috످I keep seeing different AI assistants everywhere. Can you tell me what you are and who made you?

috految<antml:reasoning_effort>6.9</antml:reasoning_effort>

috److I'm Claude, an AI assistant made by Anthropic, an AI safety and research company. Like many of the assistants you've been seeing, I'm a large language model, which is a computer program trained on huge amounts of text so it can hold conversations, answer questions, and help with things like writing, planning, and coding.

috످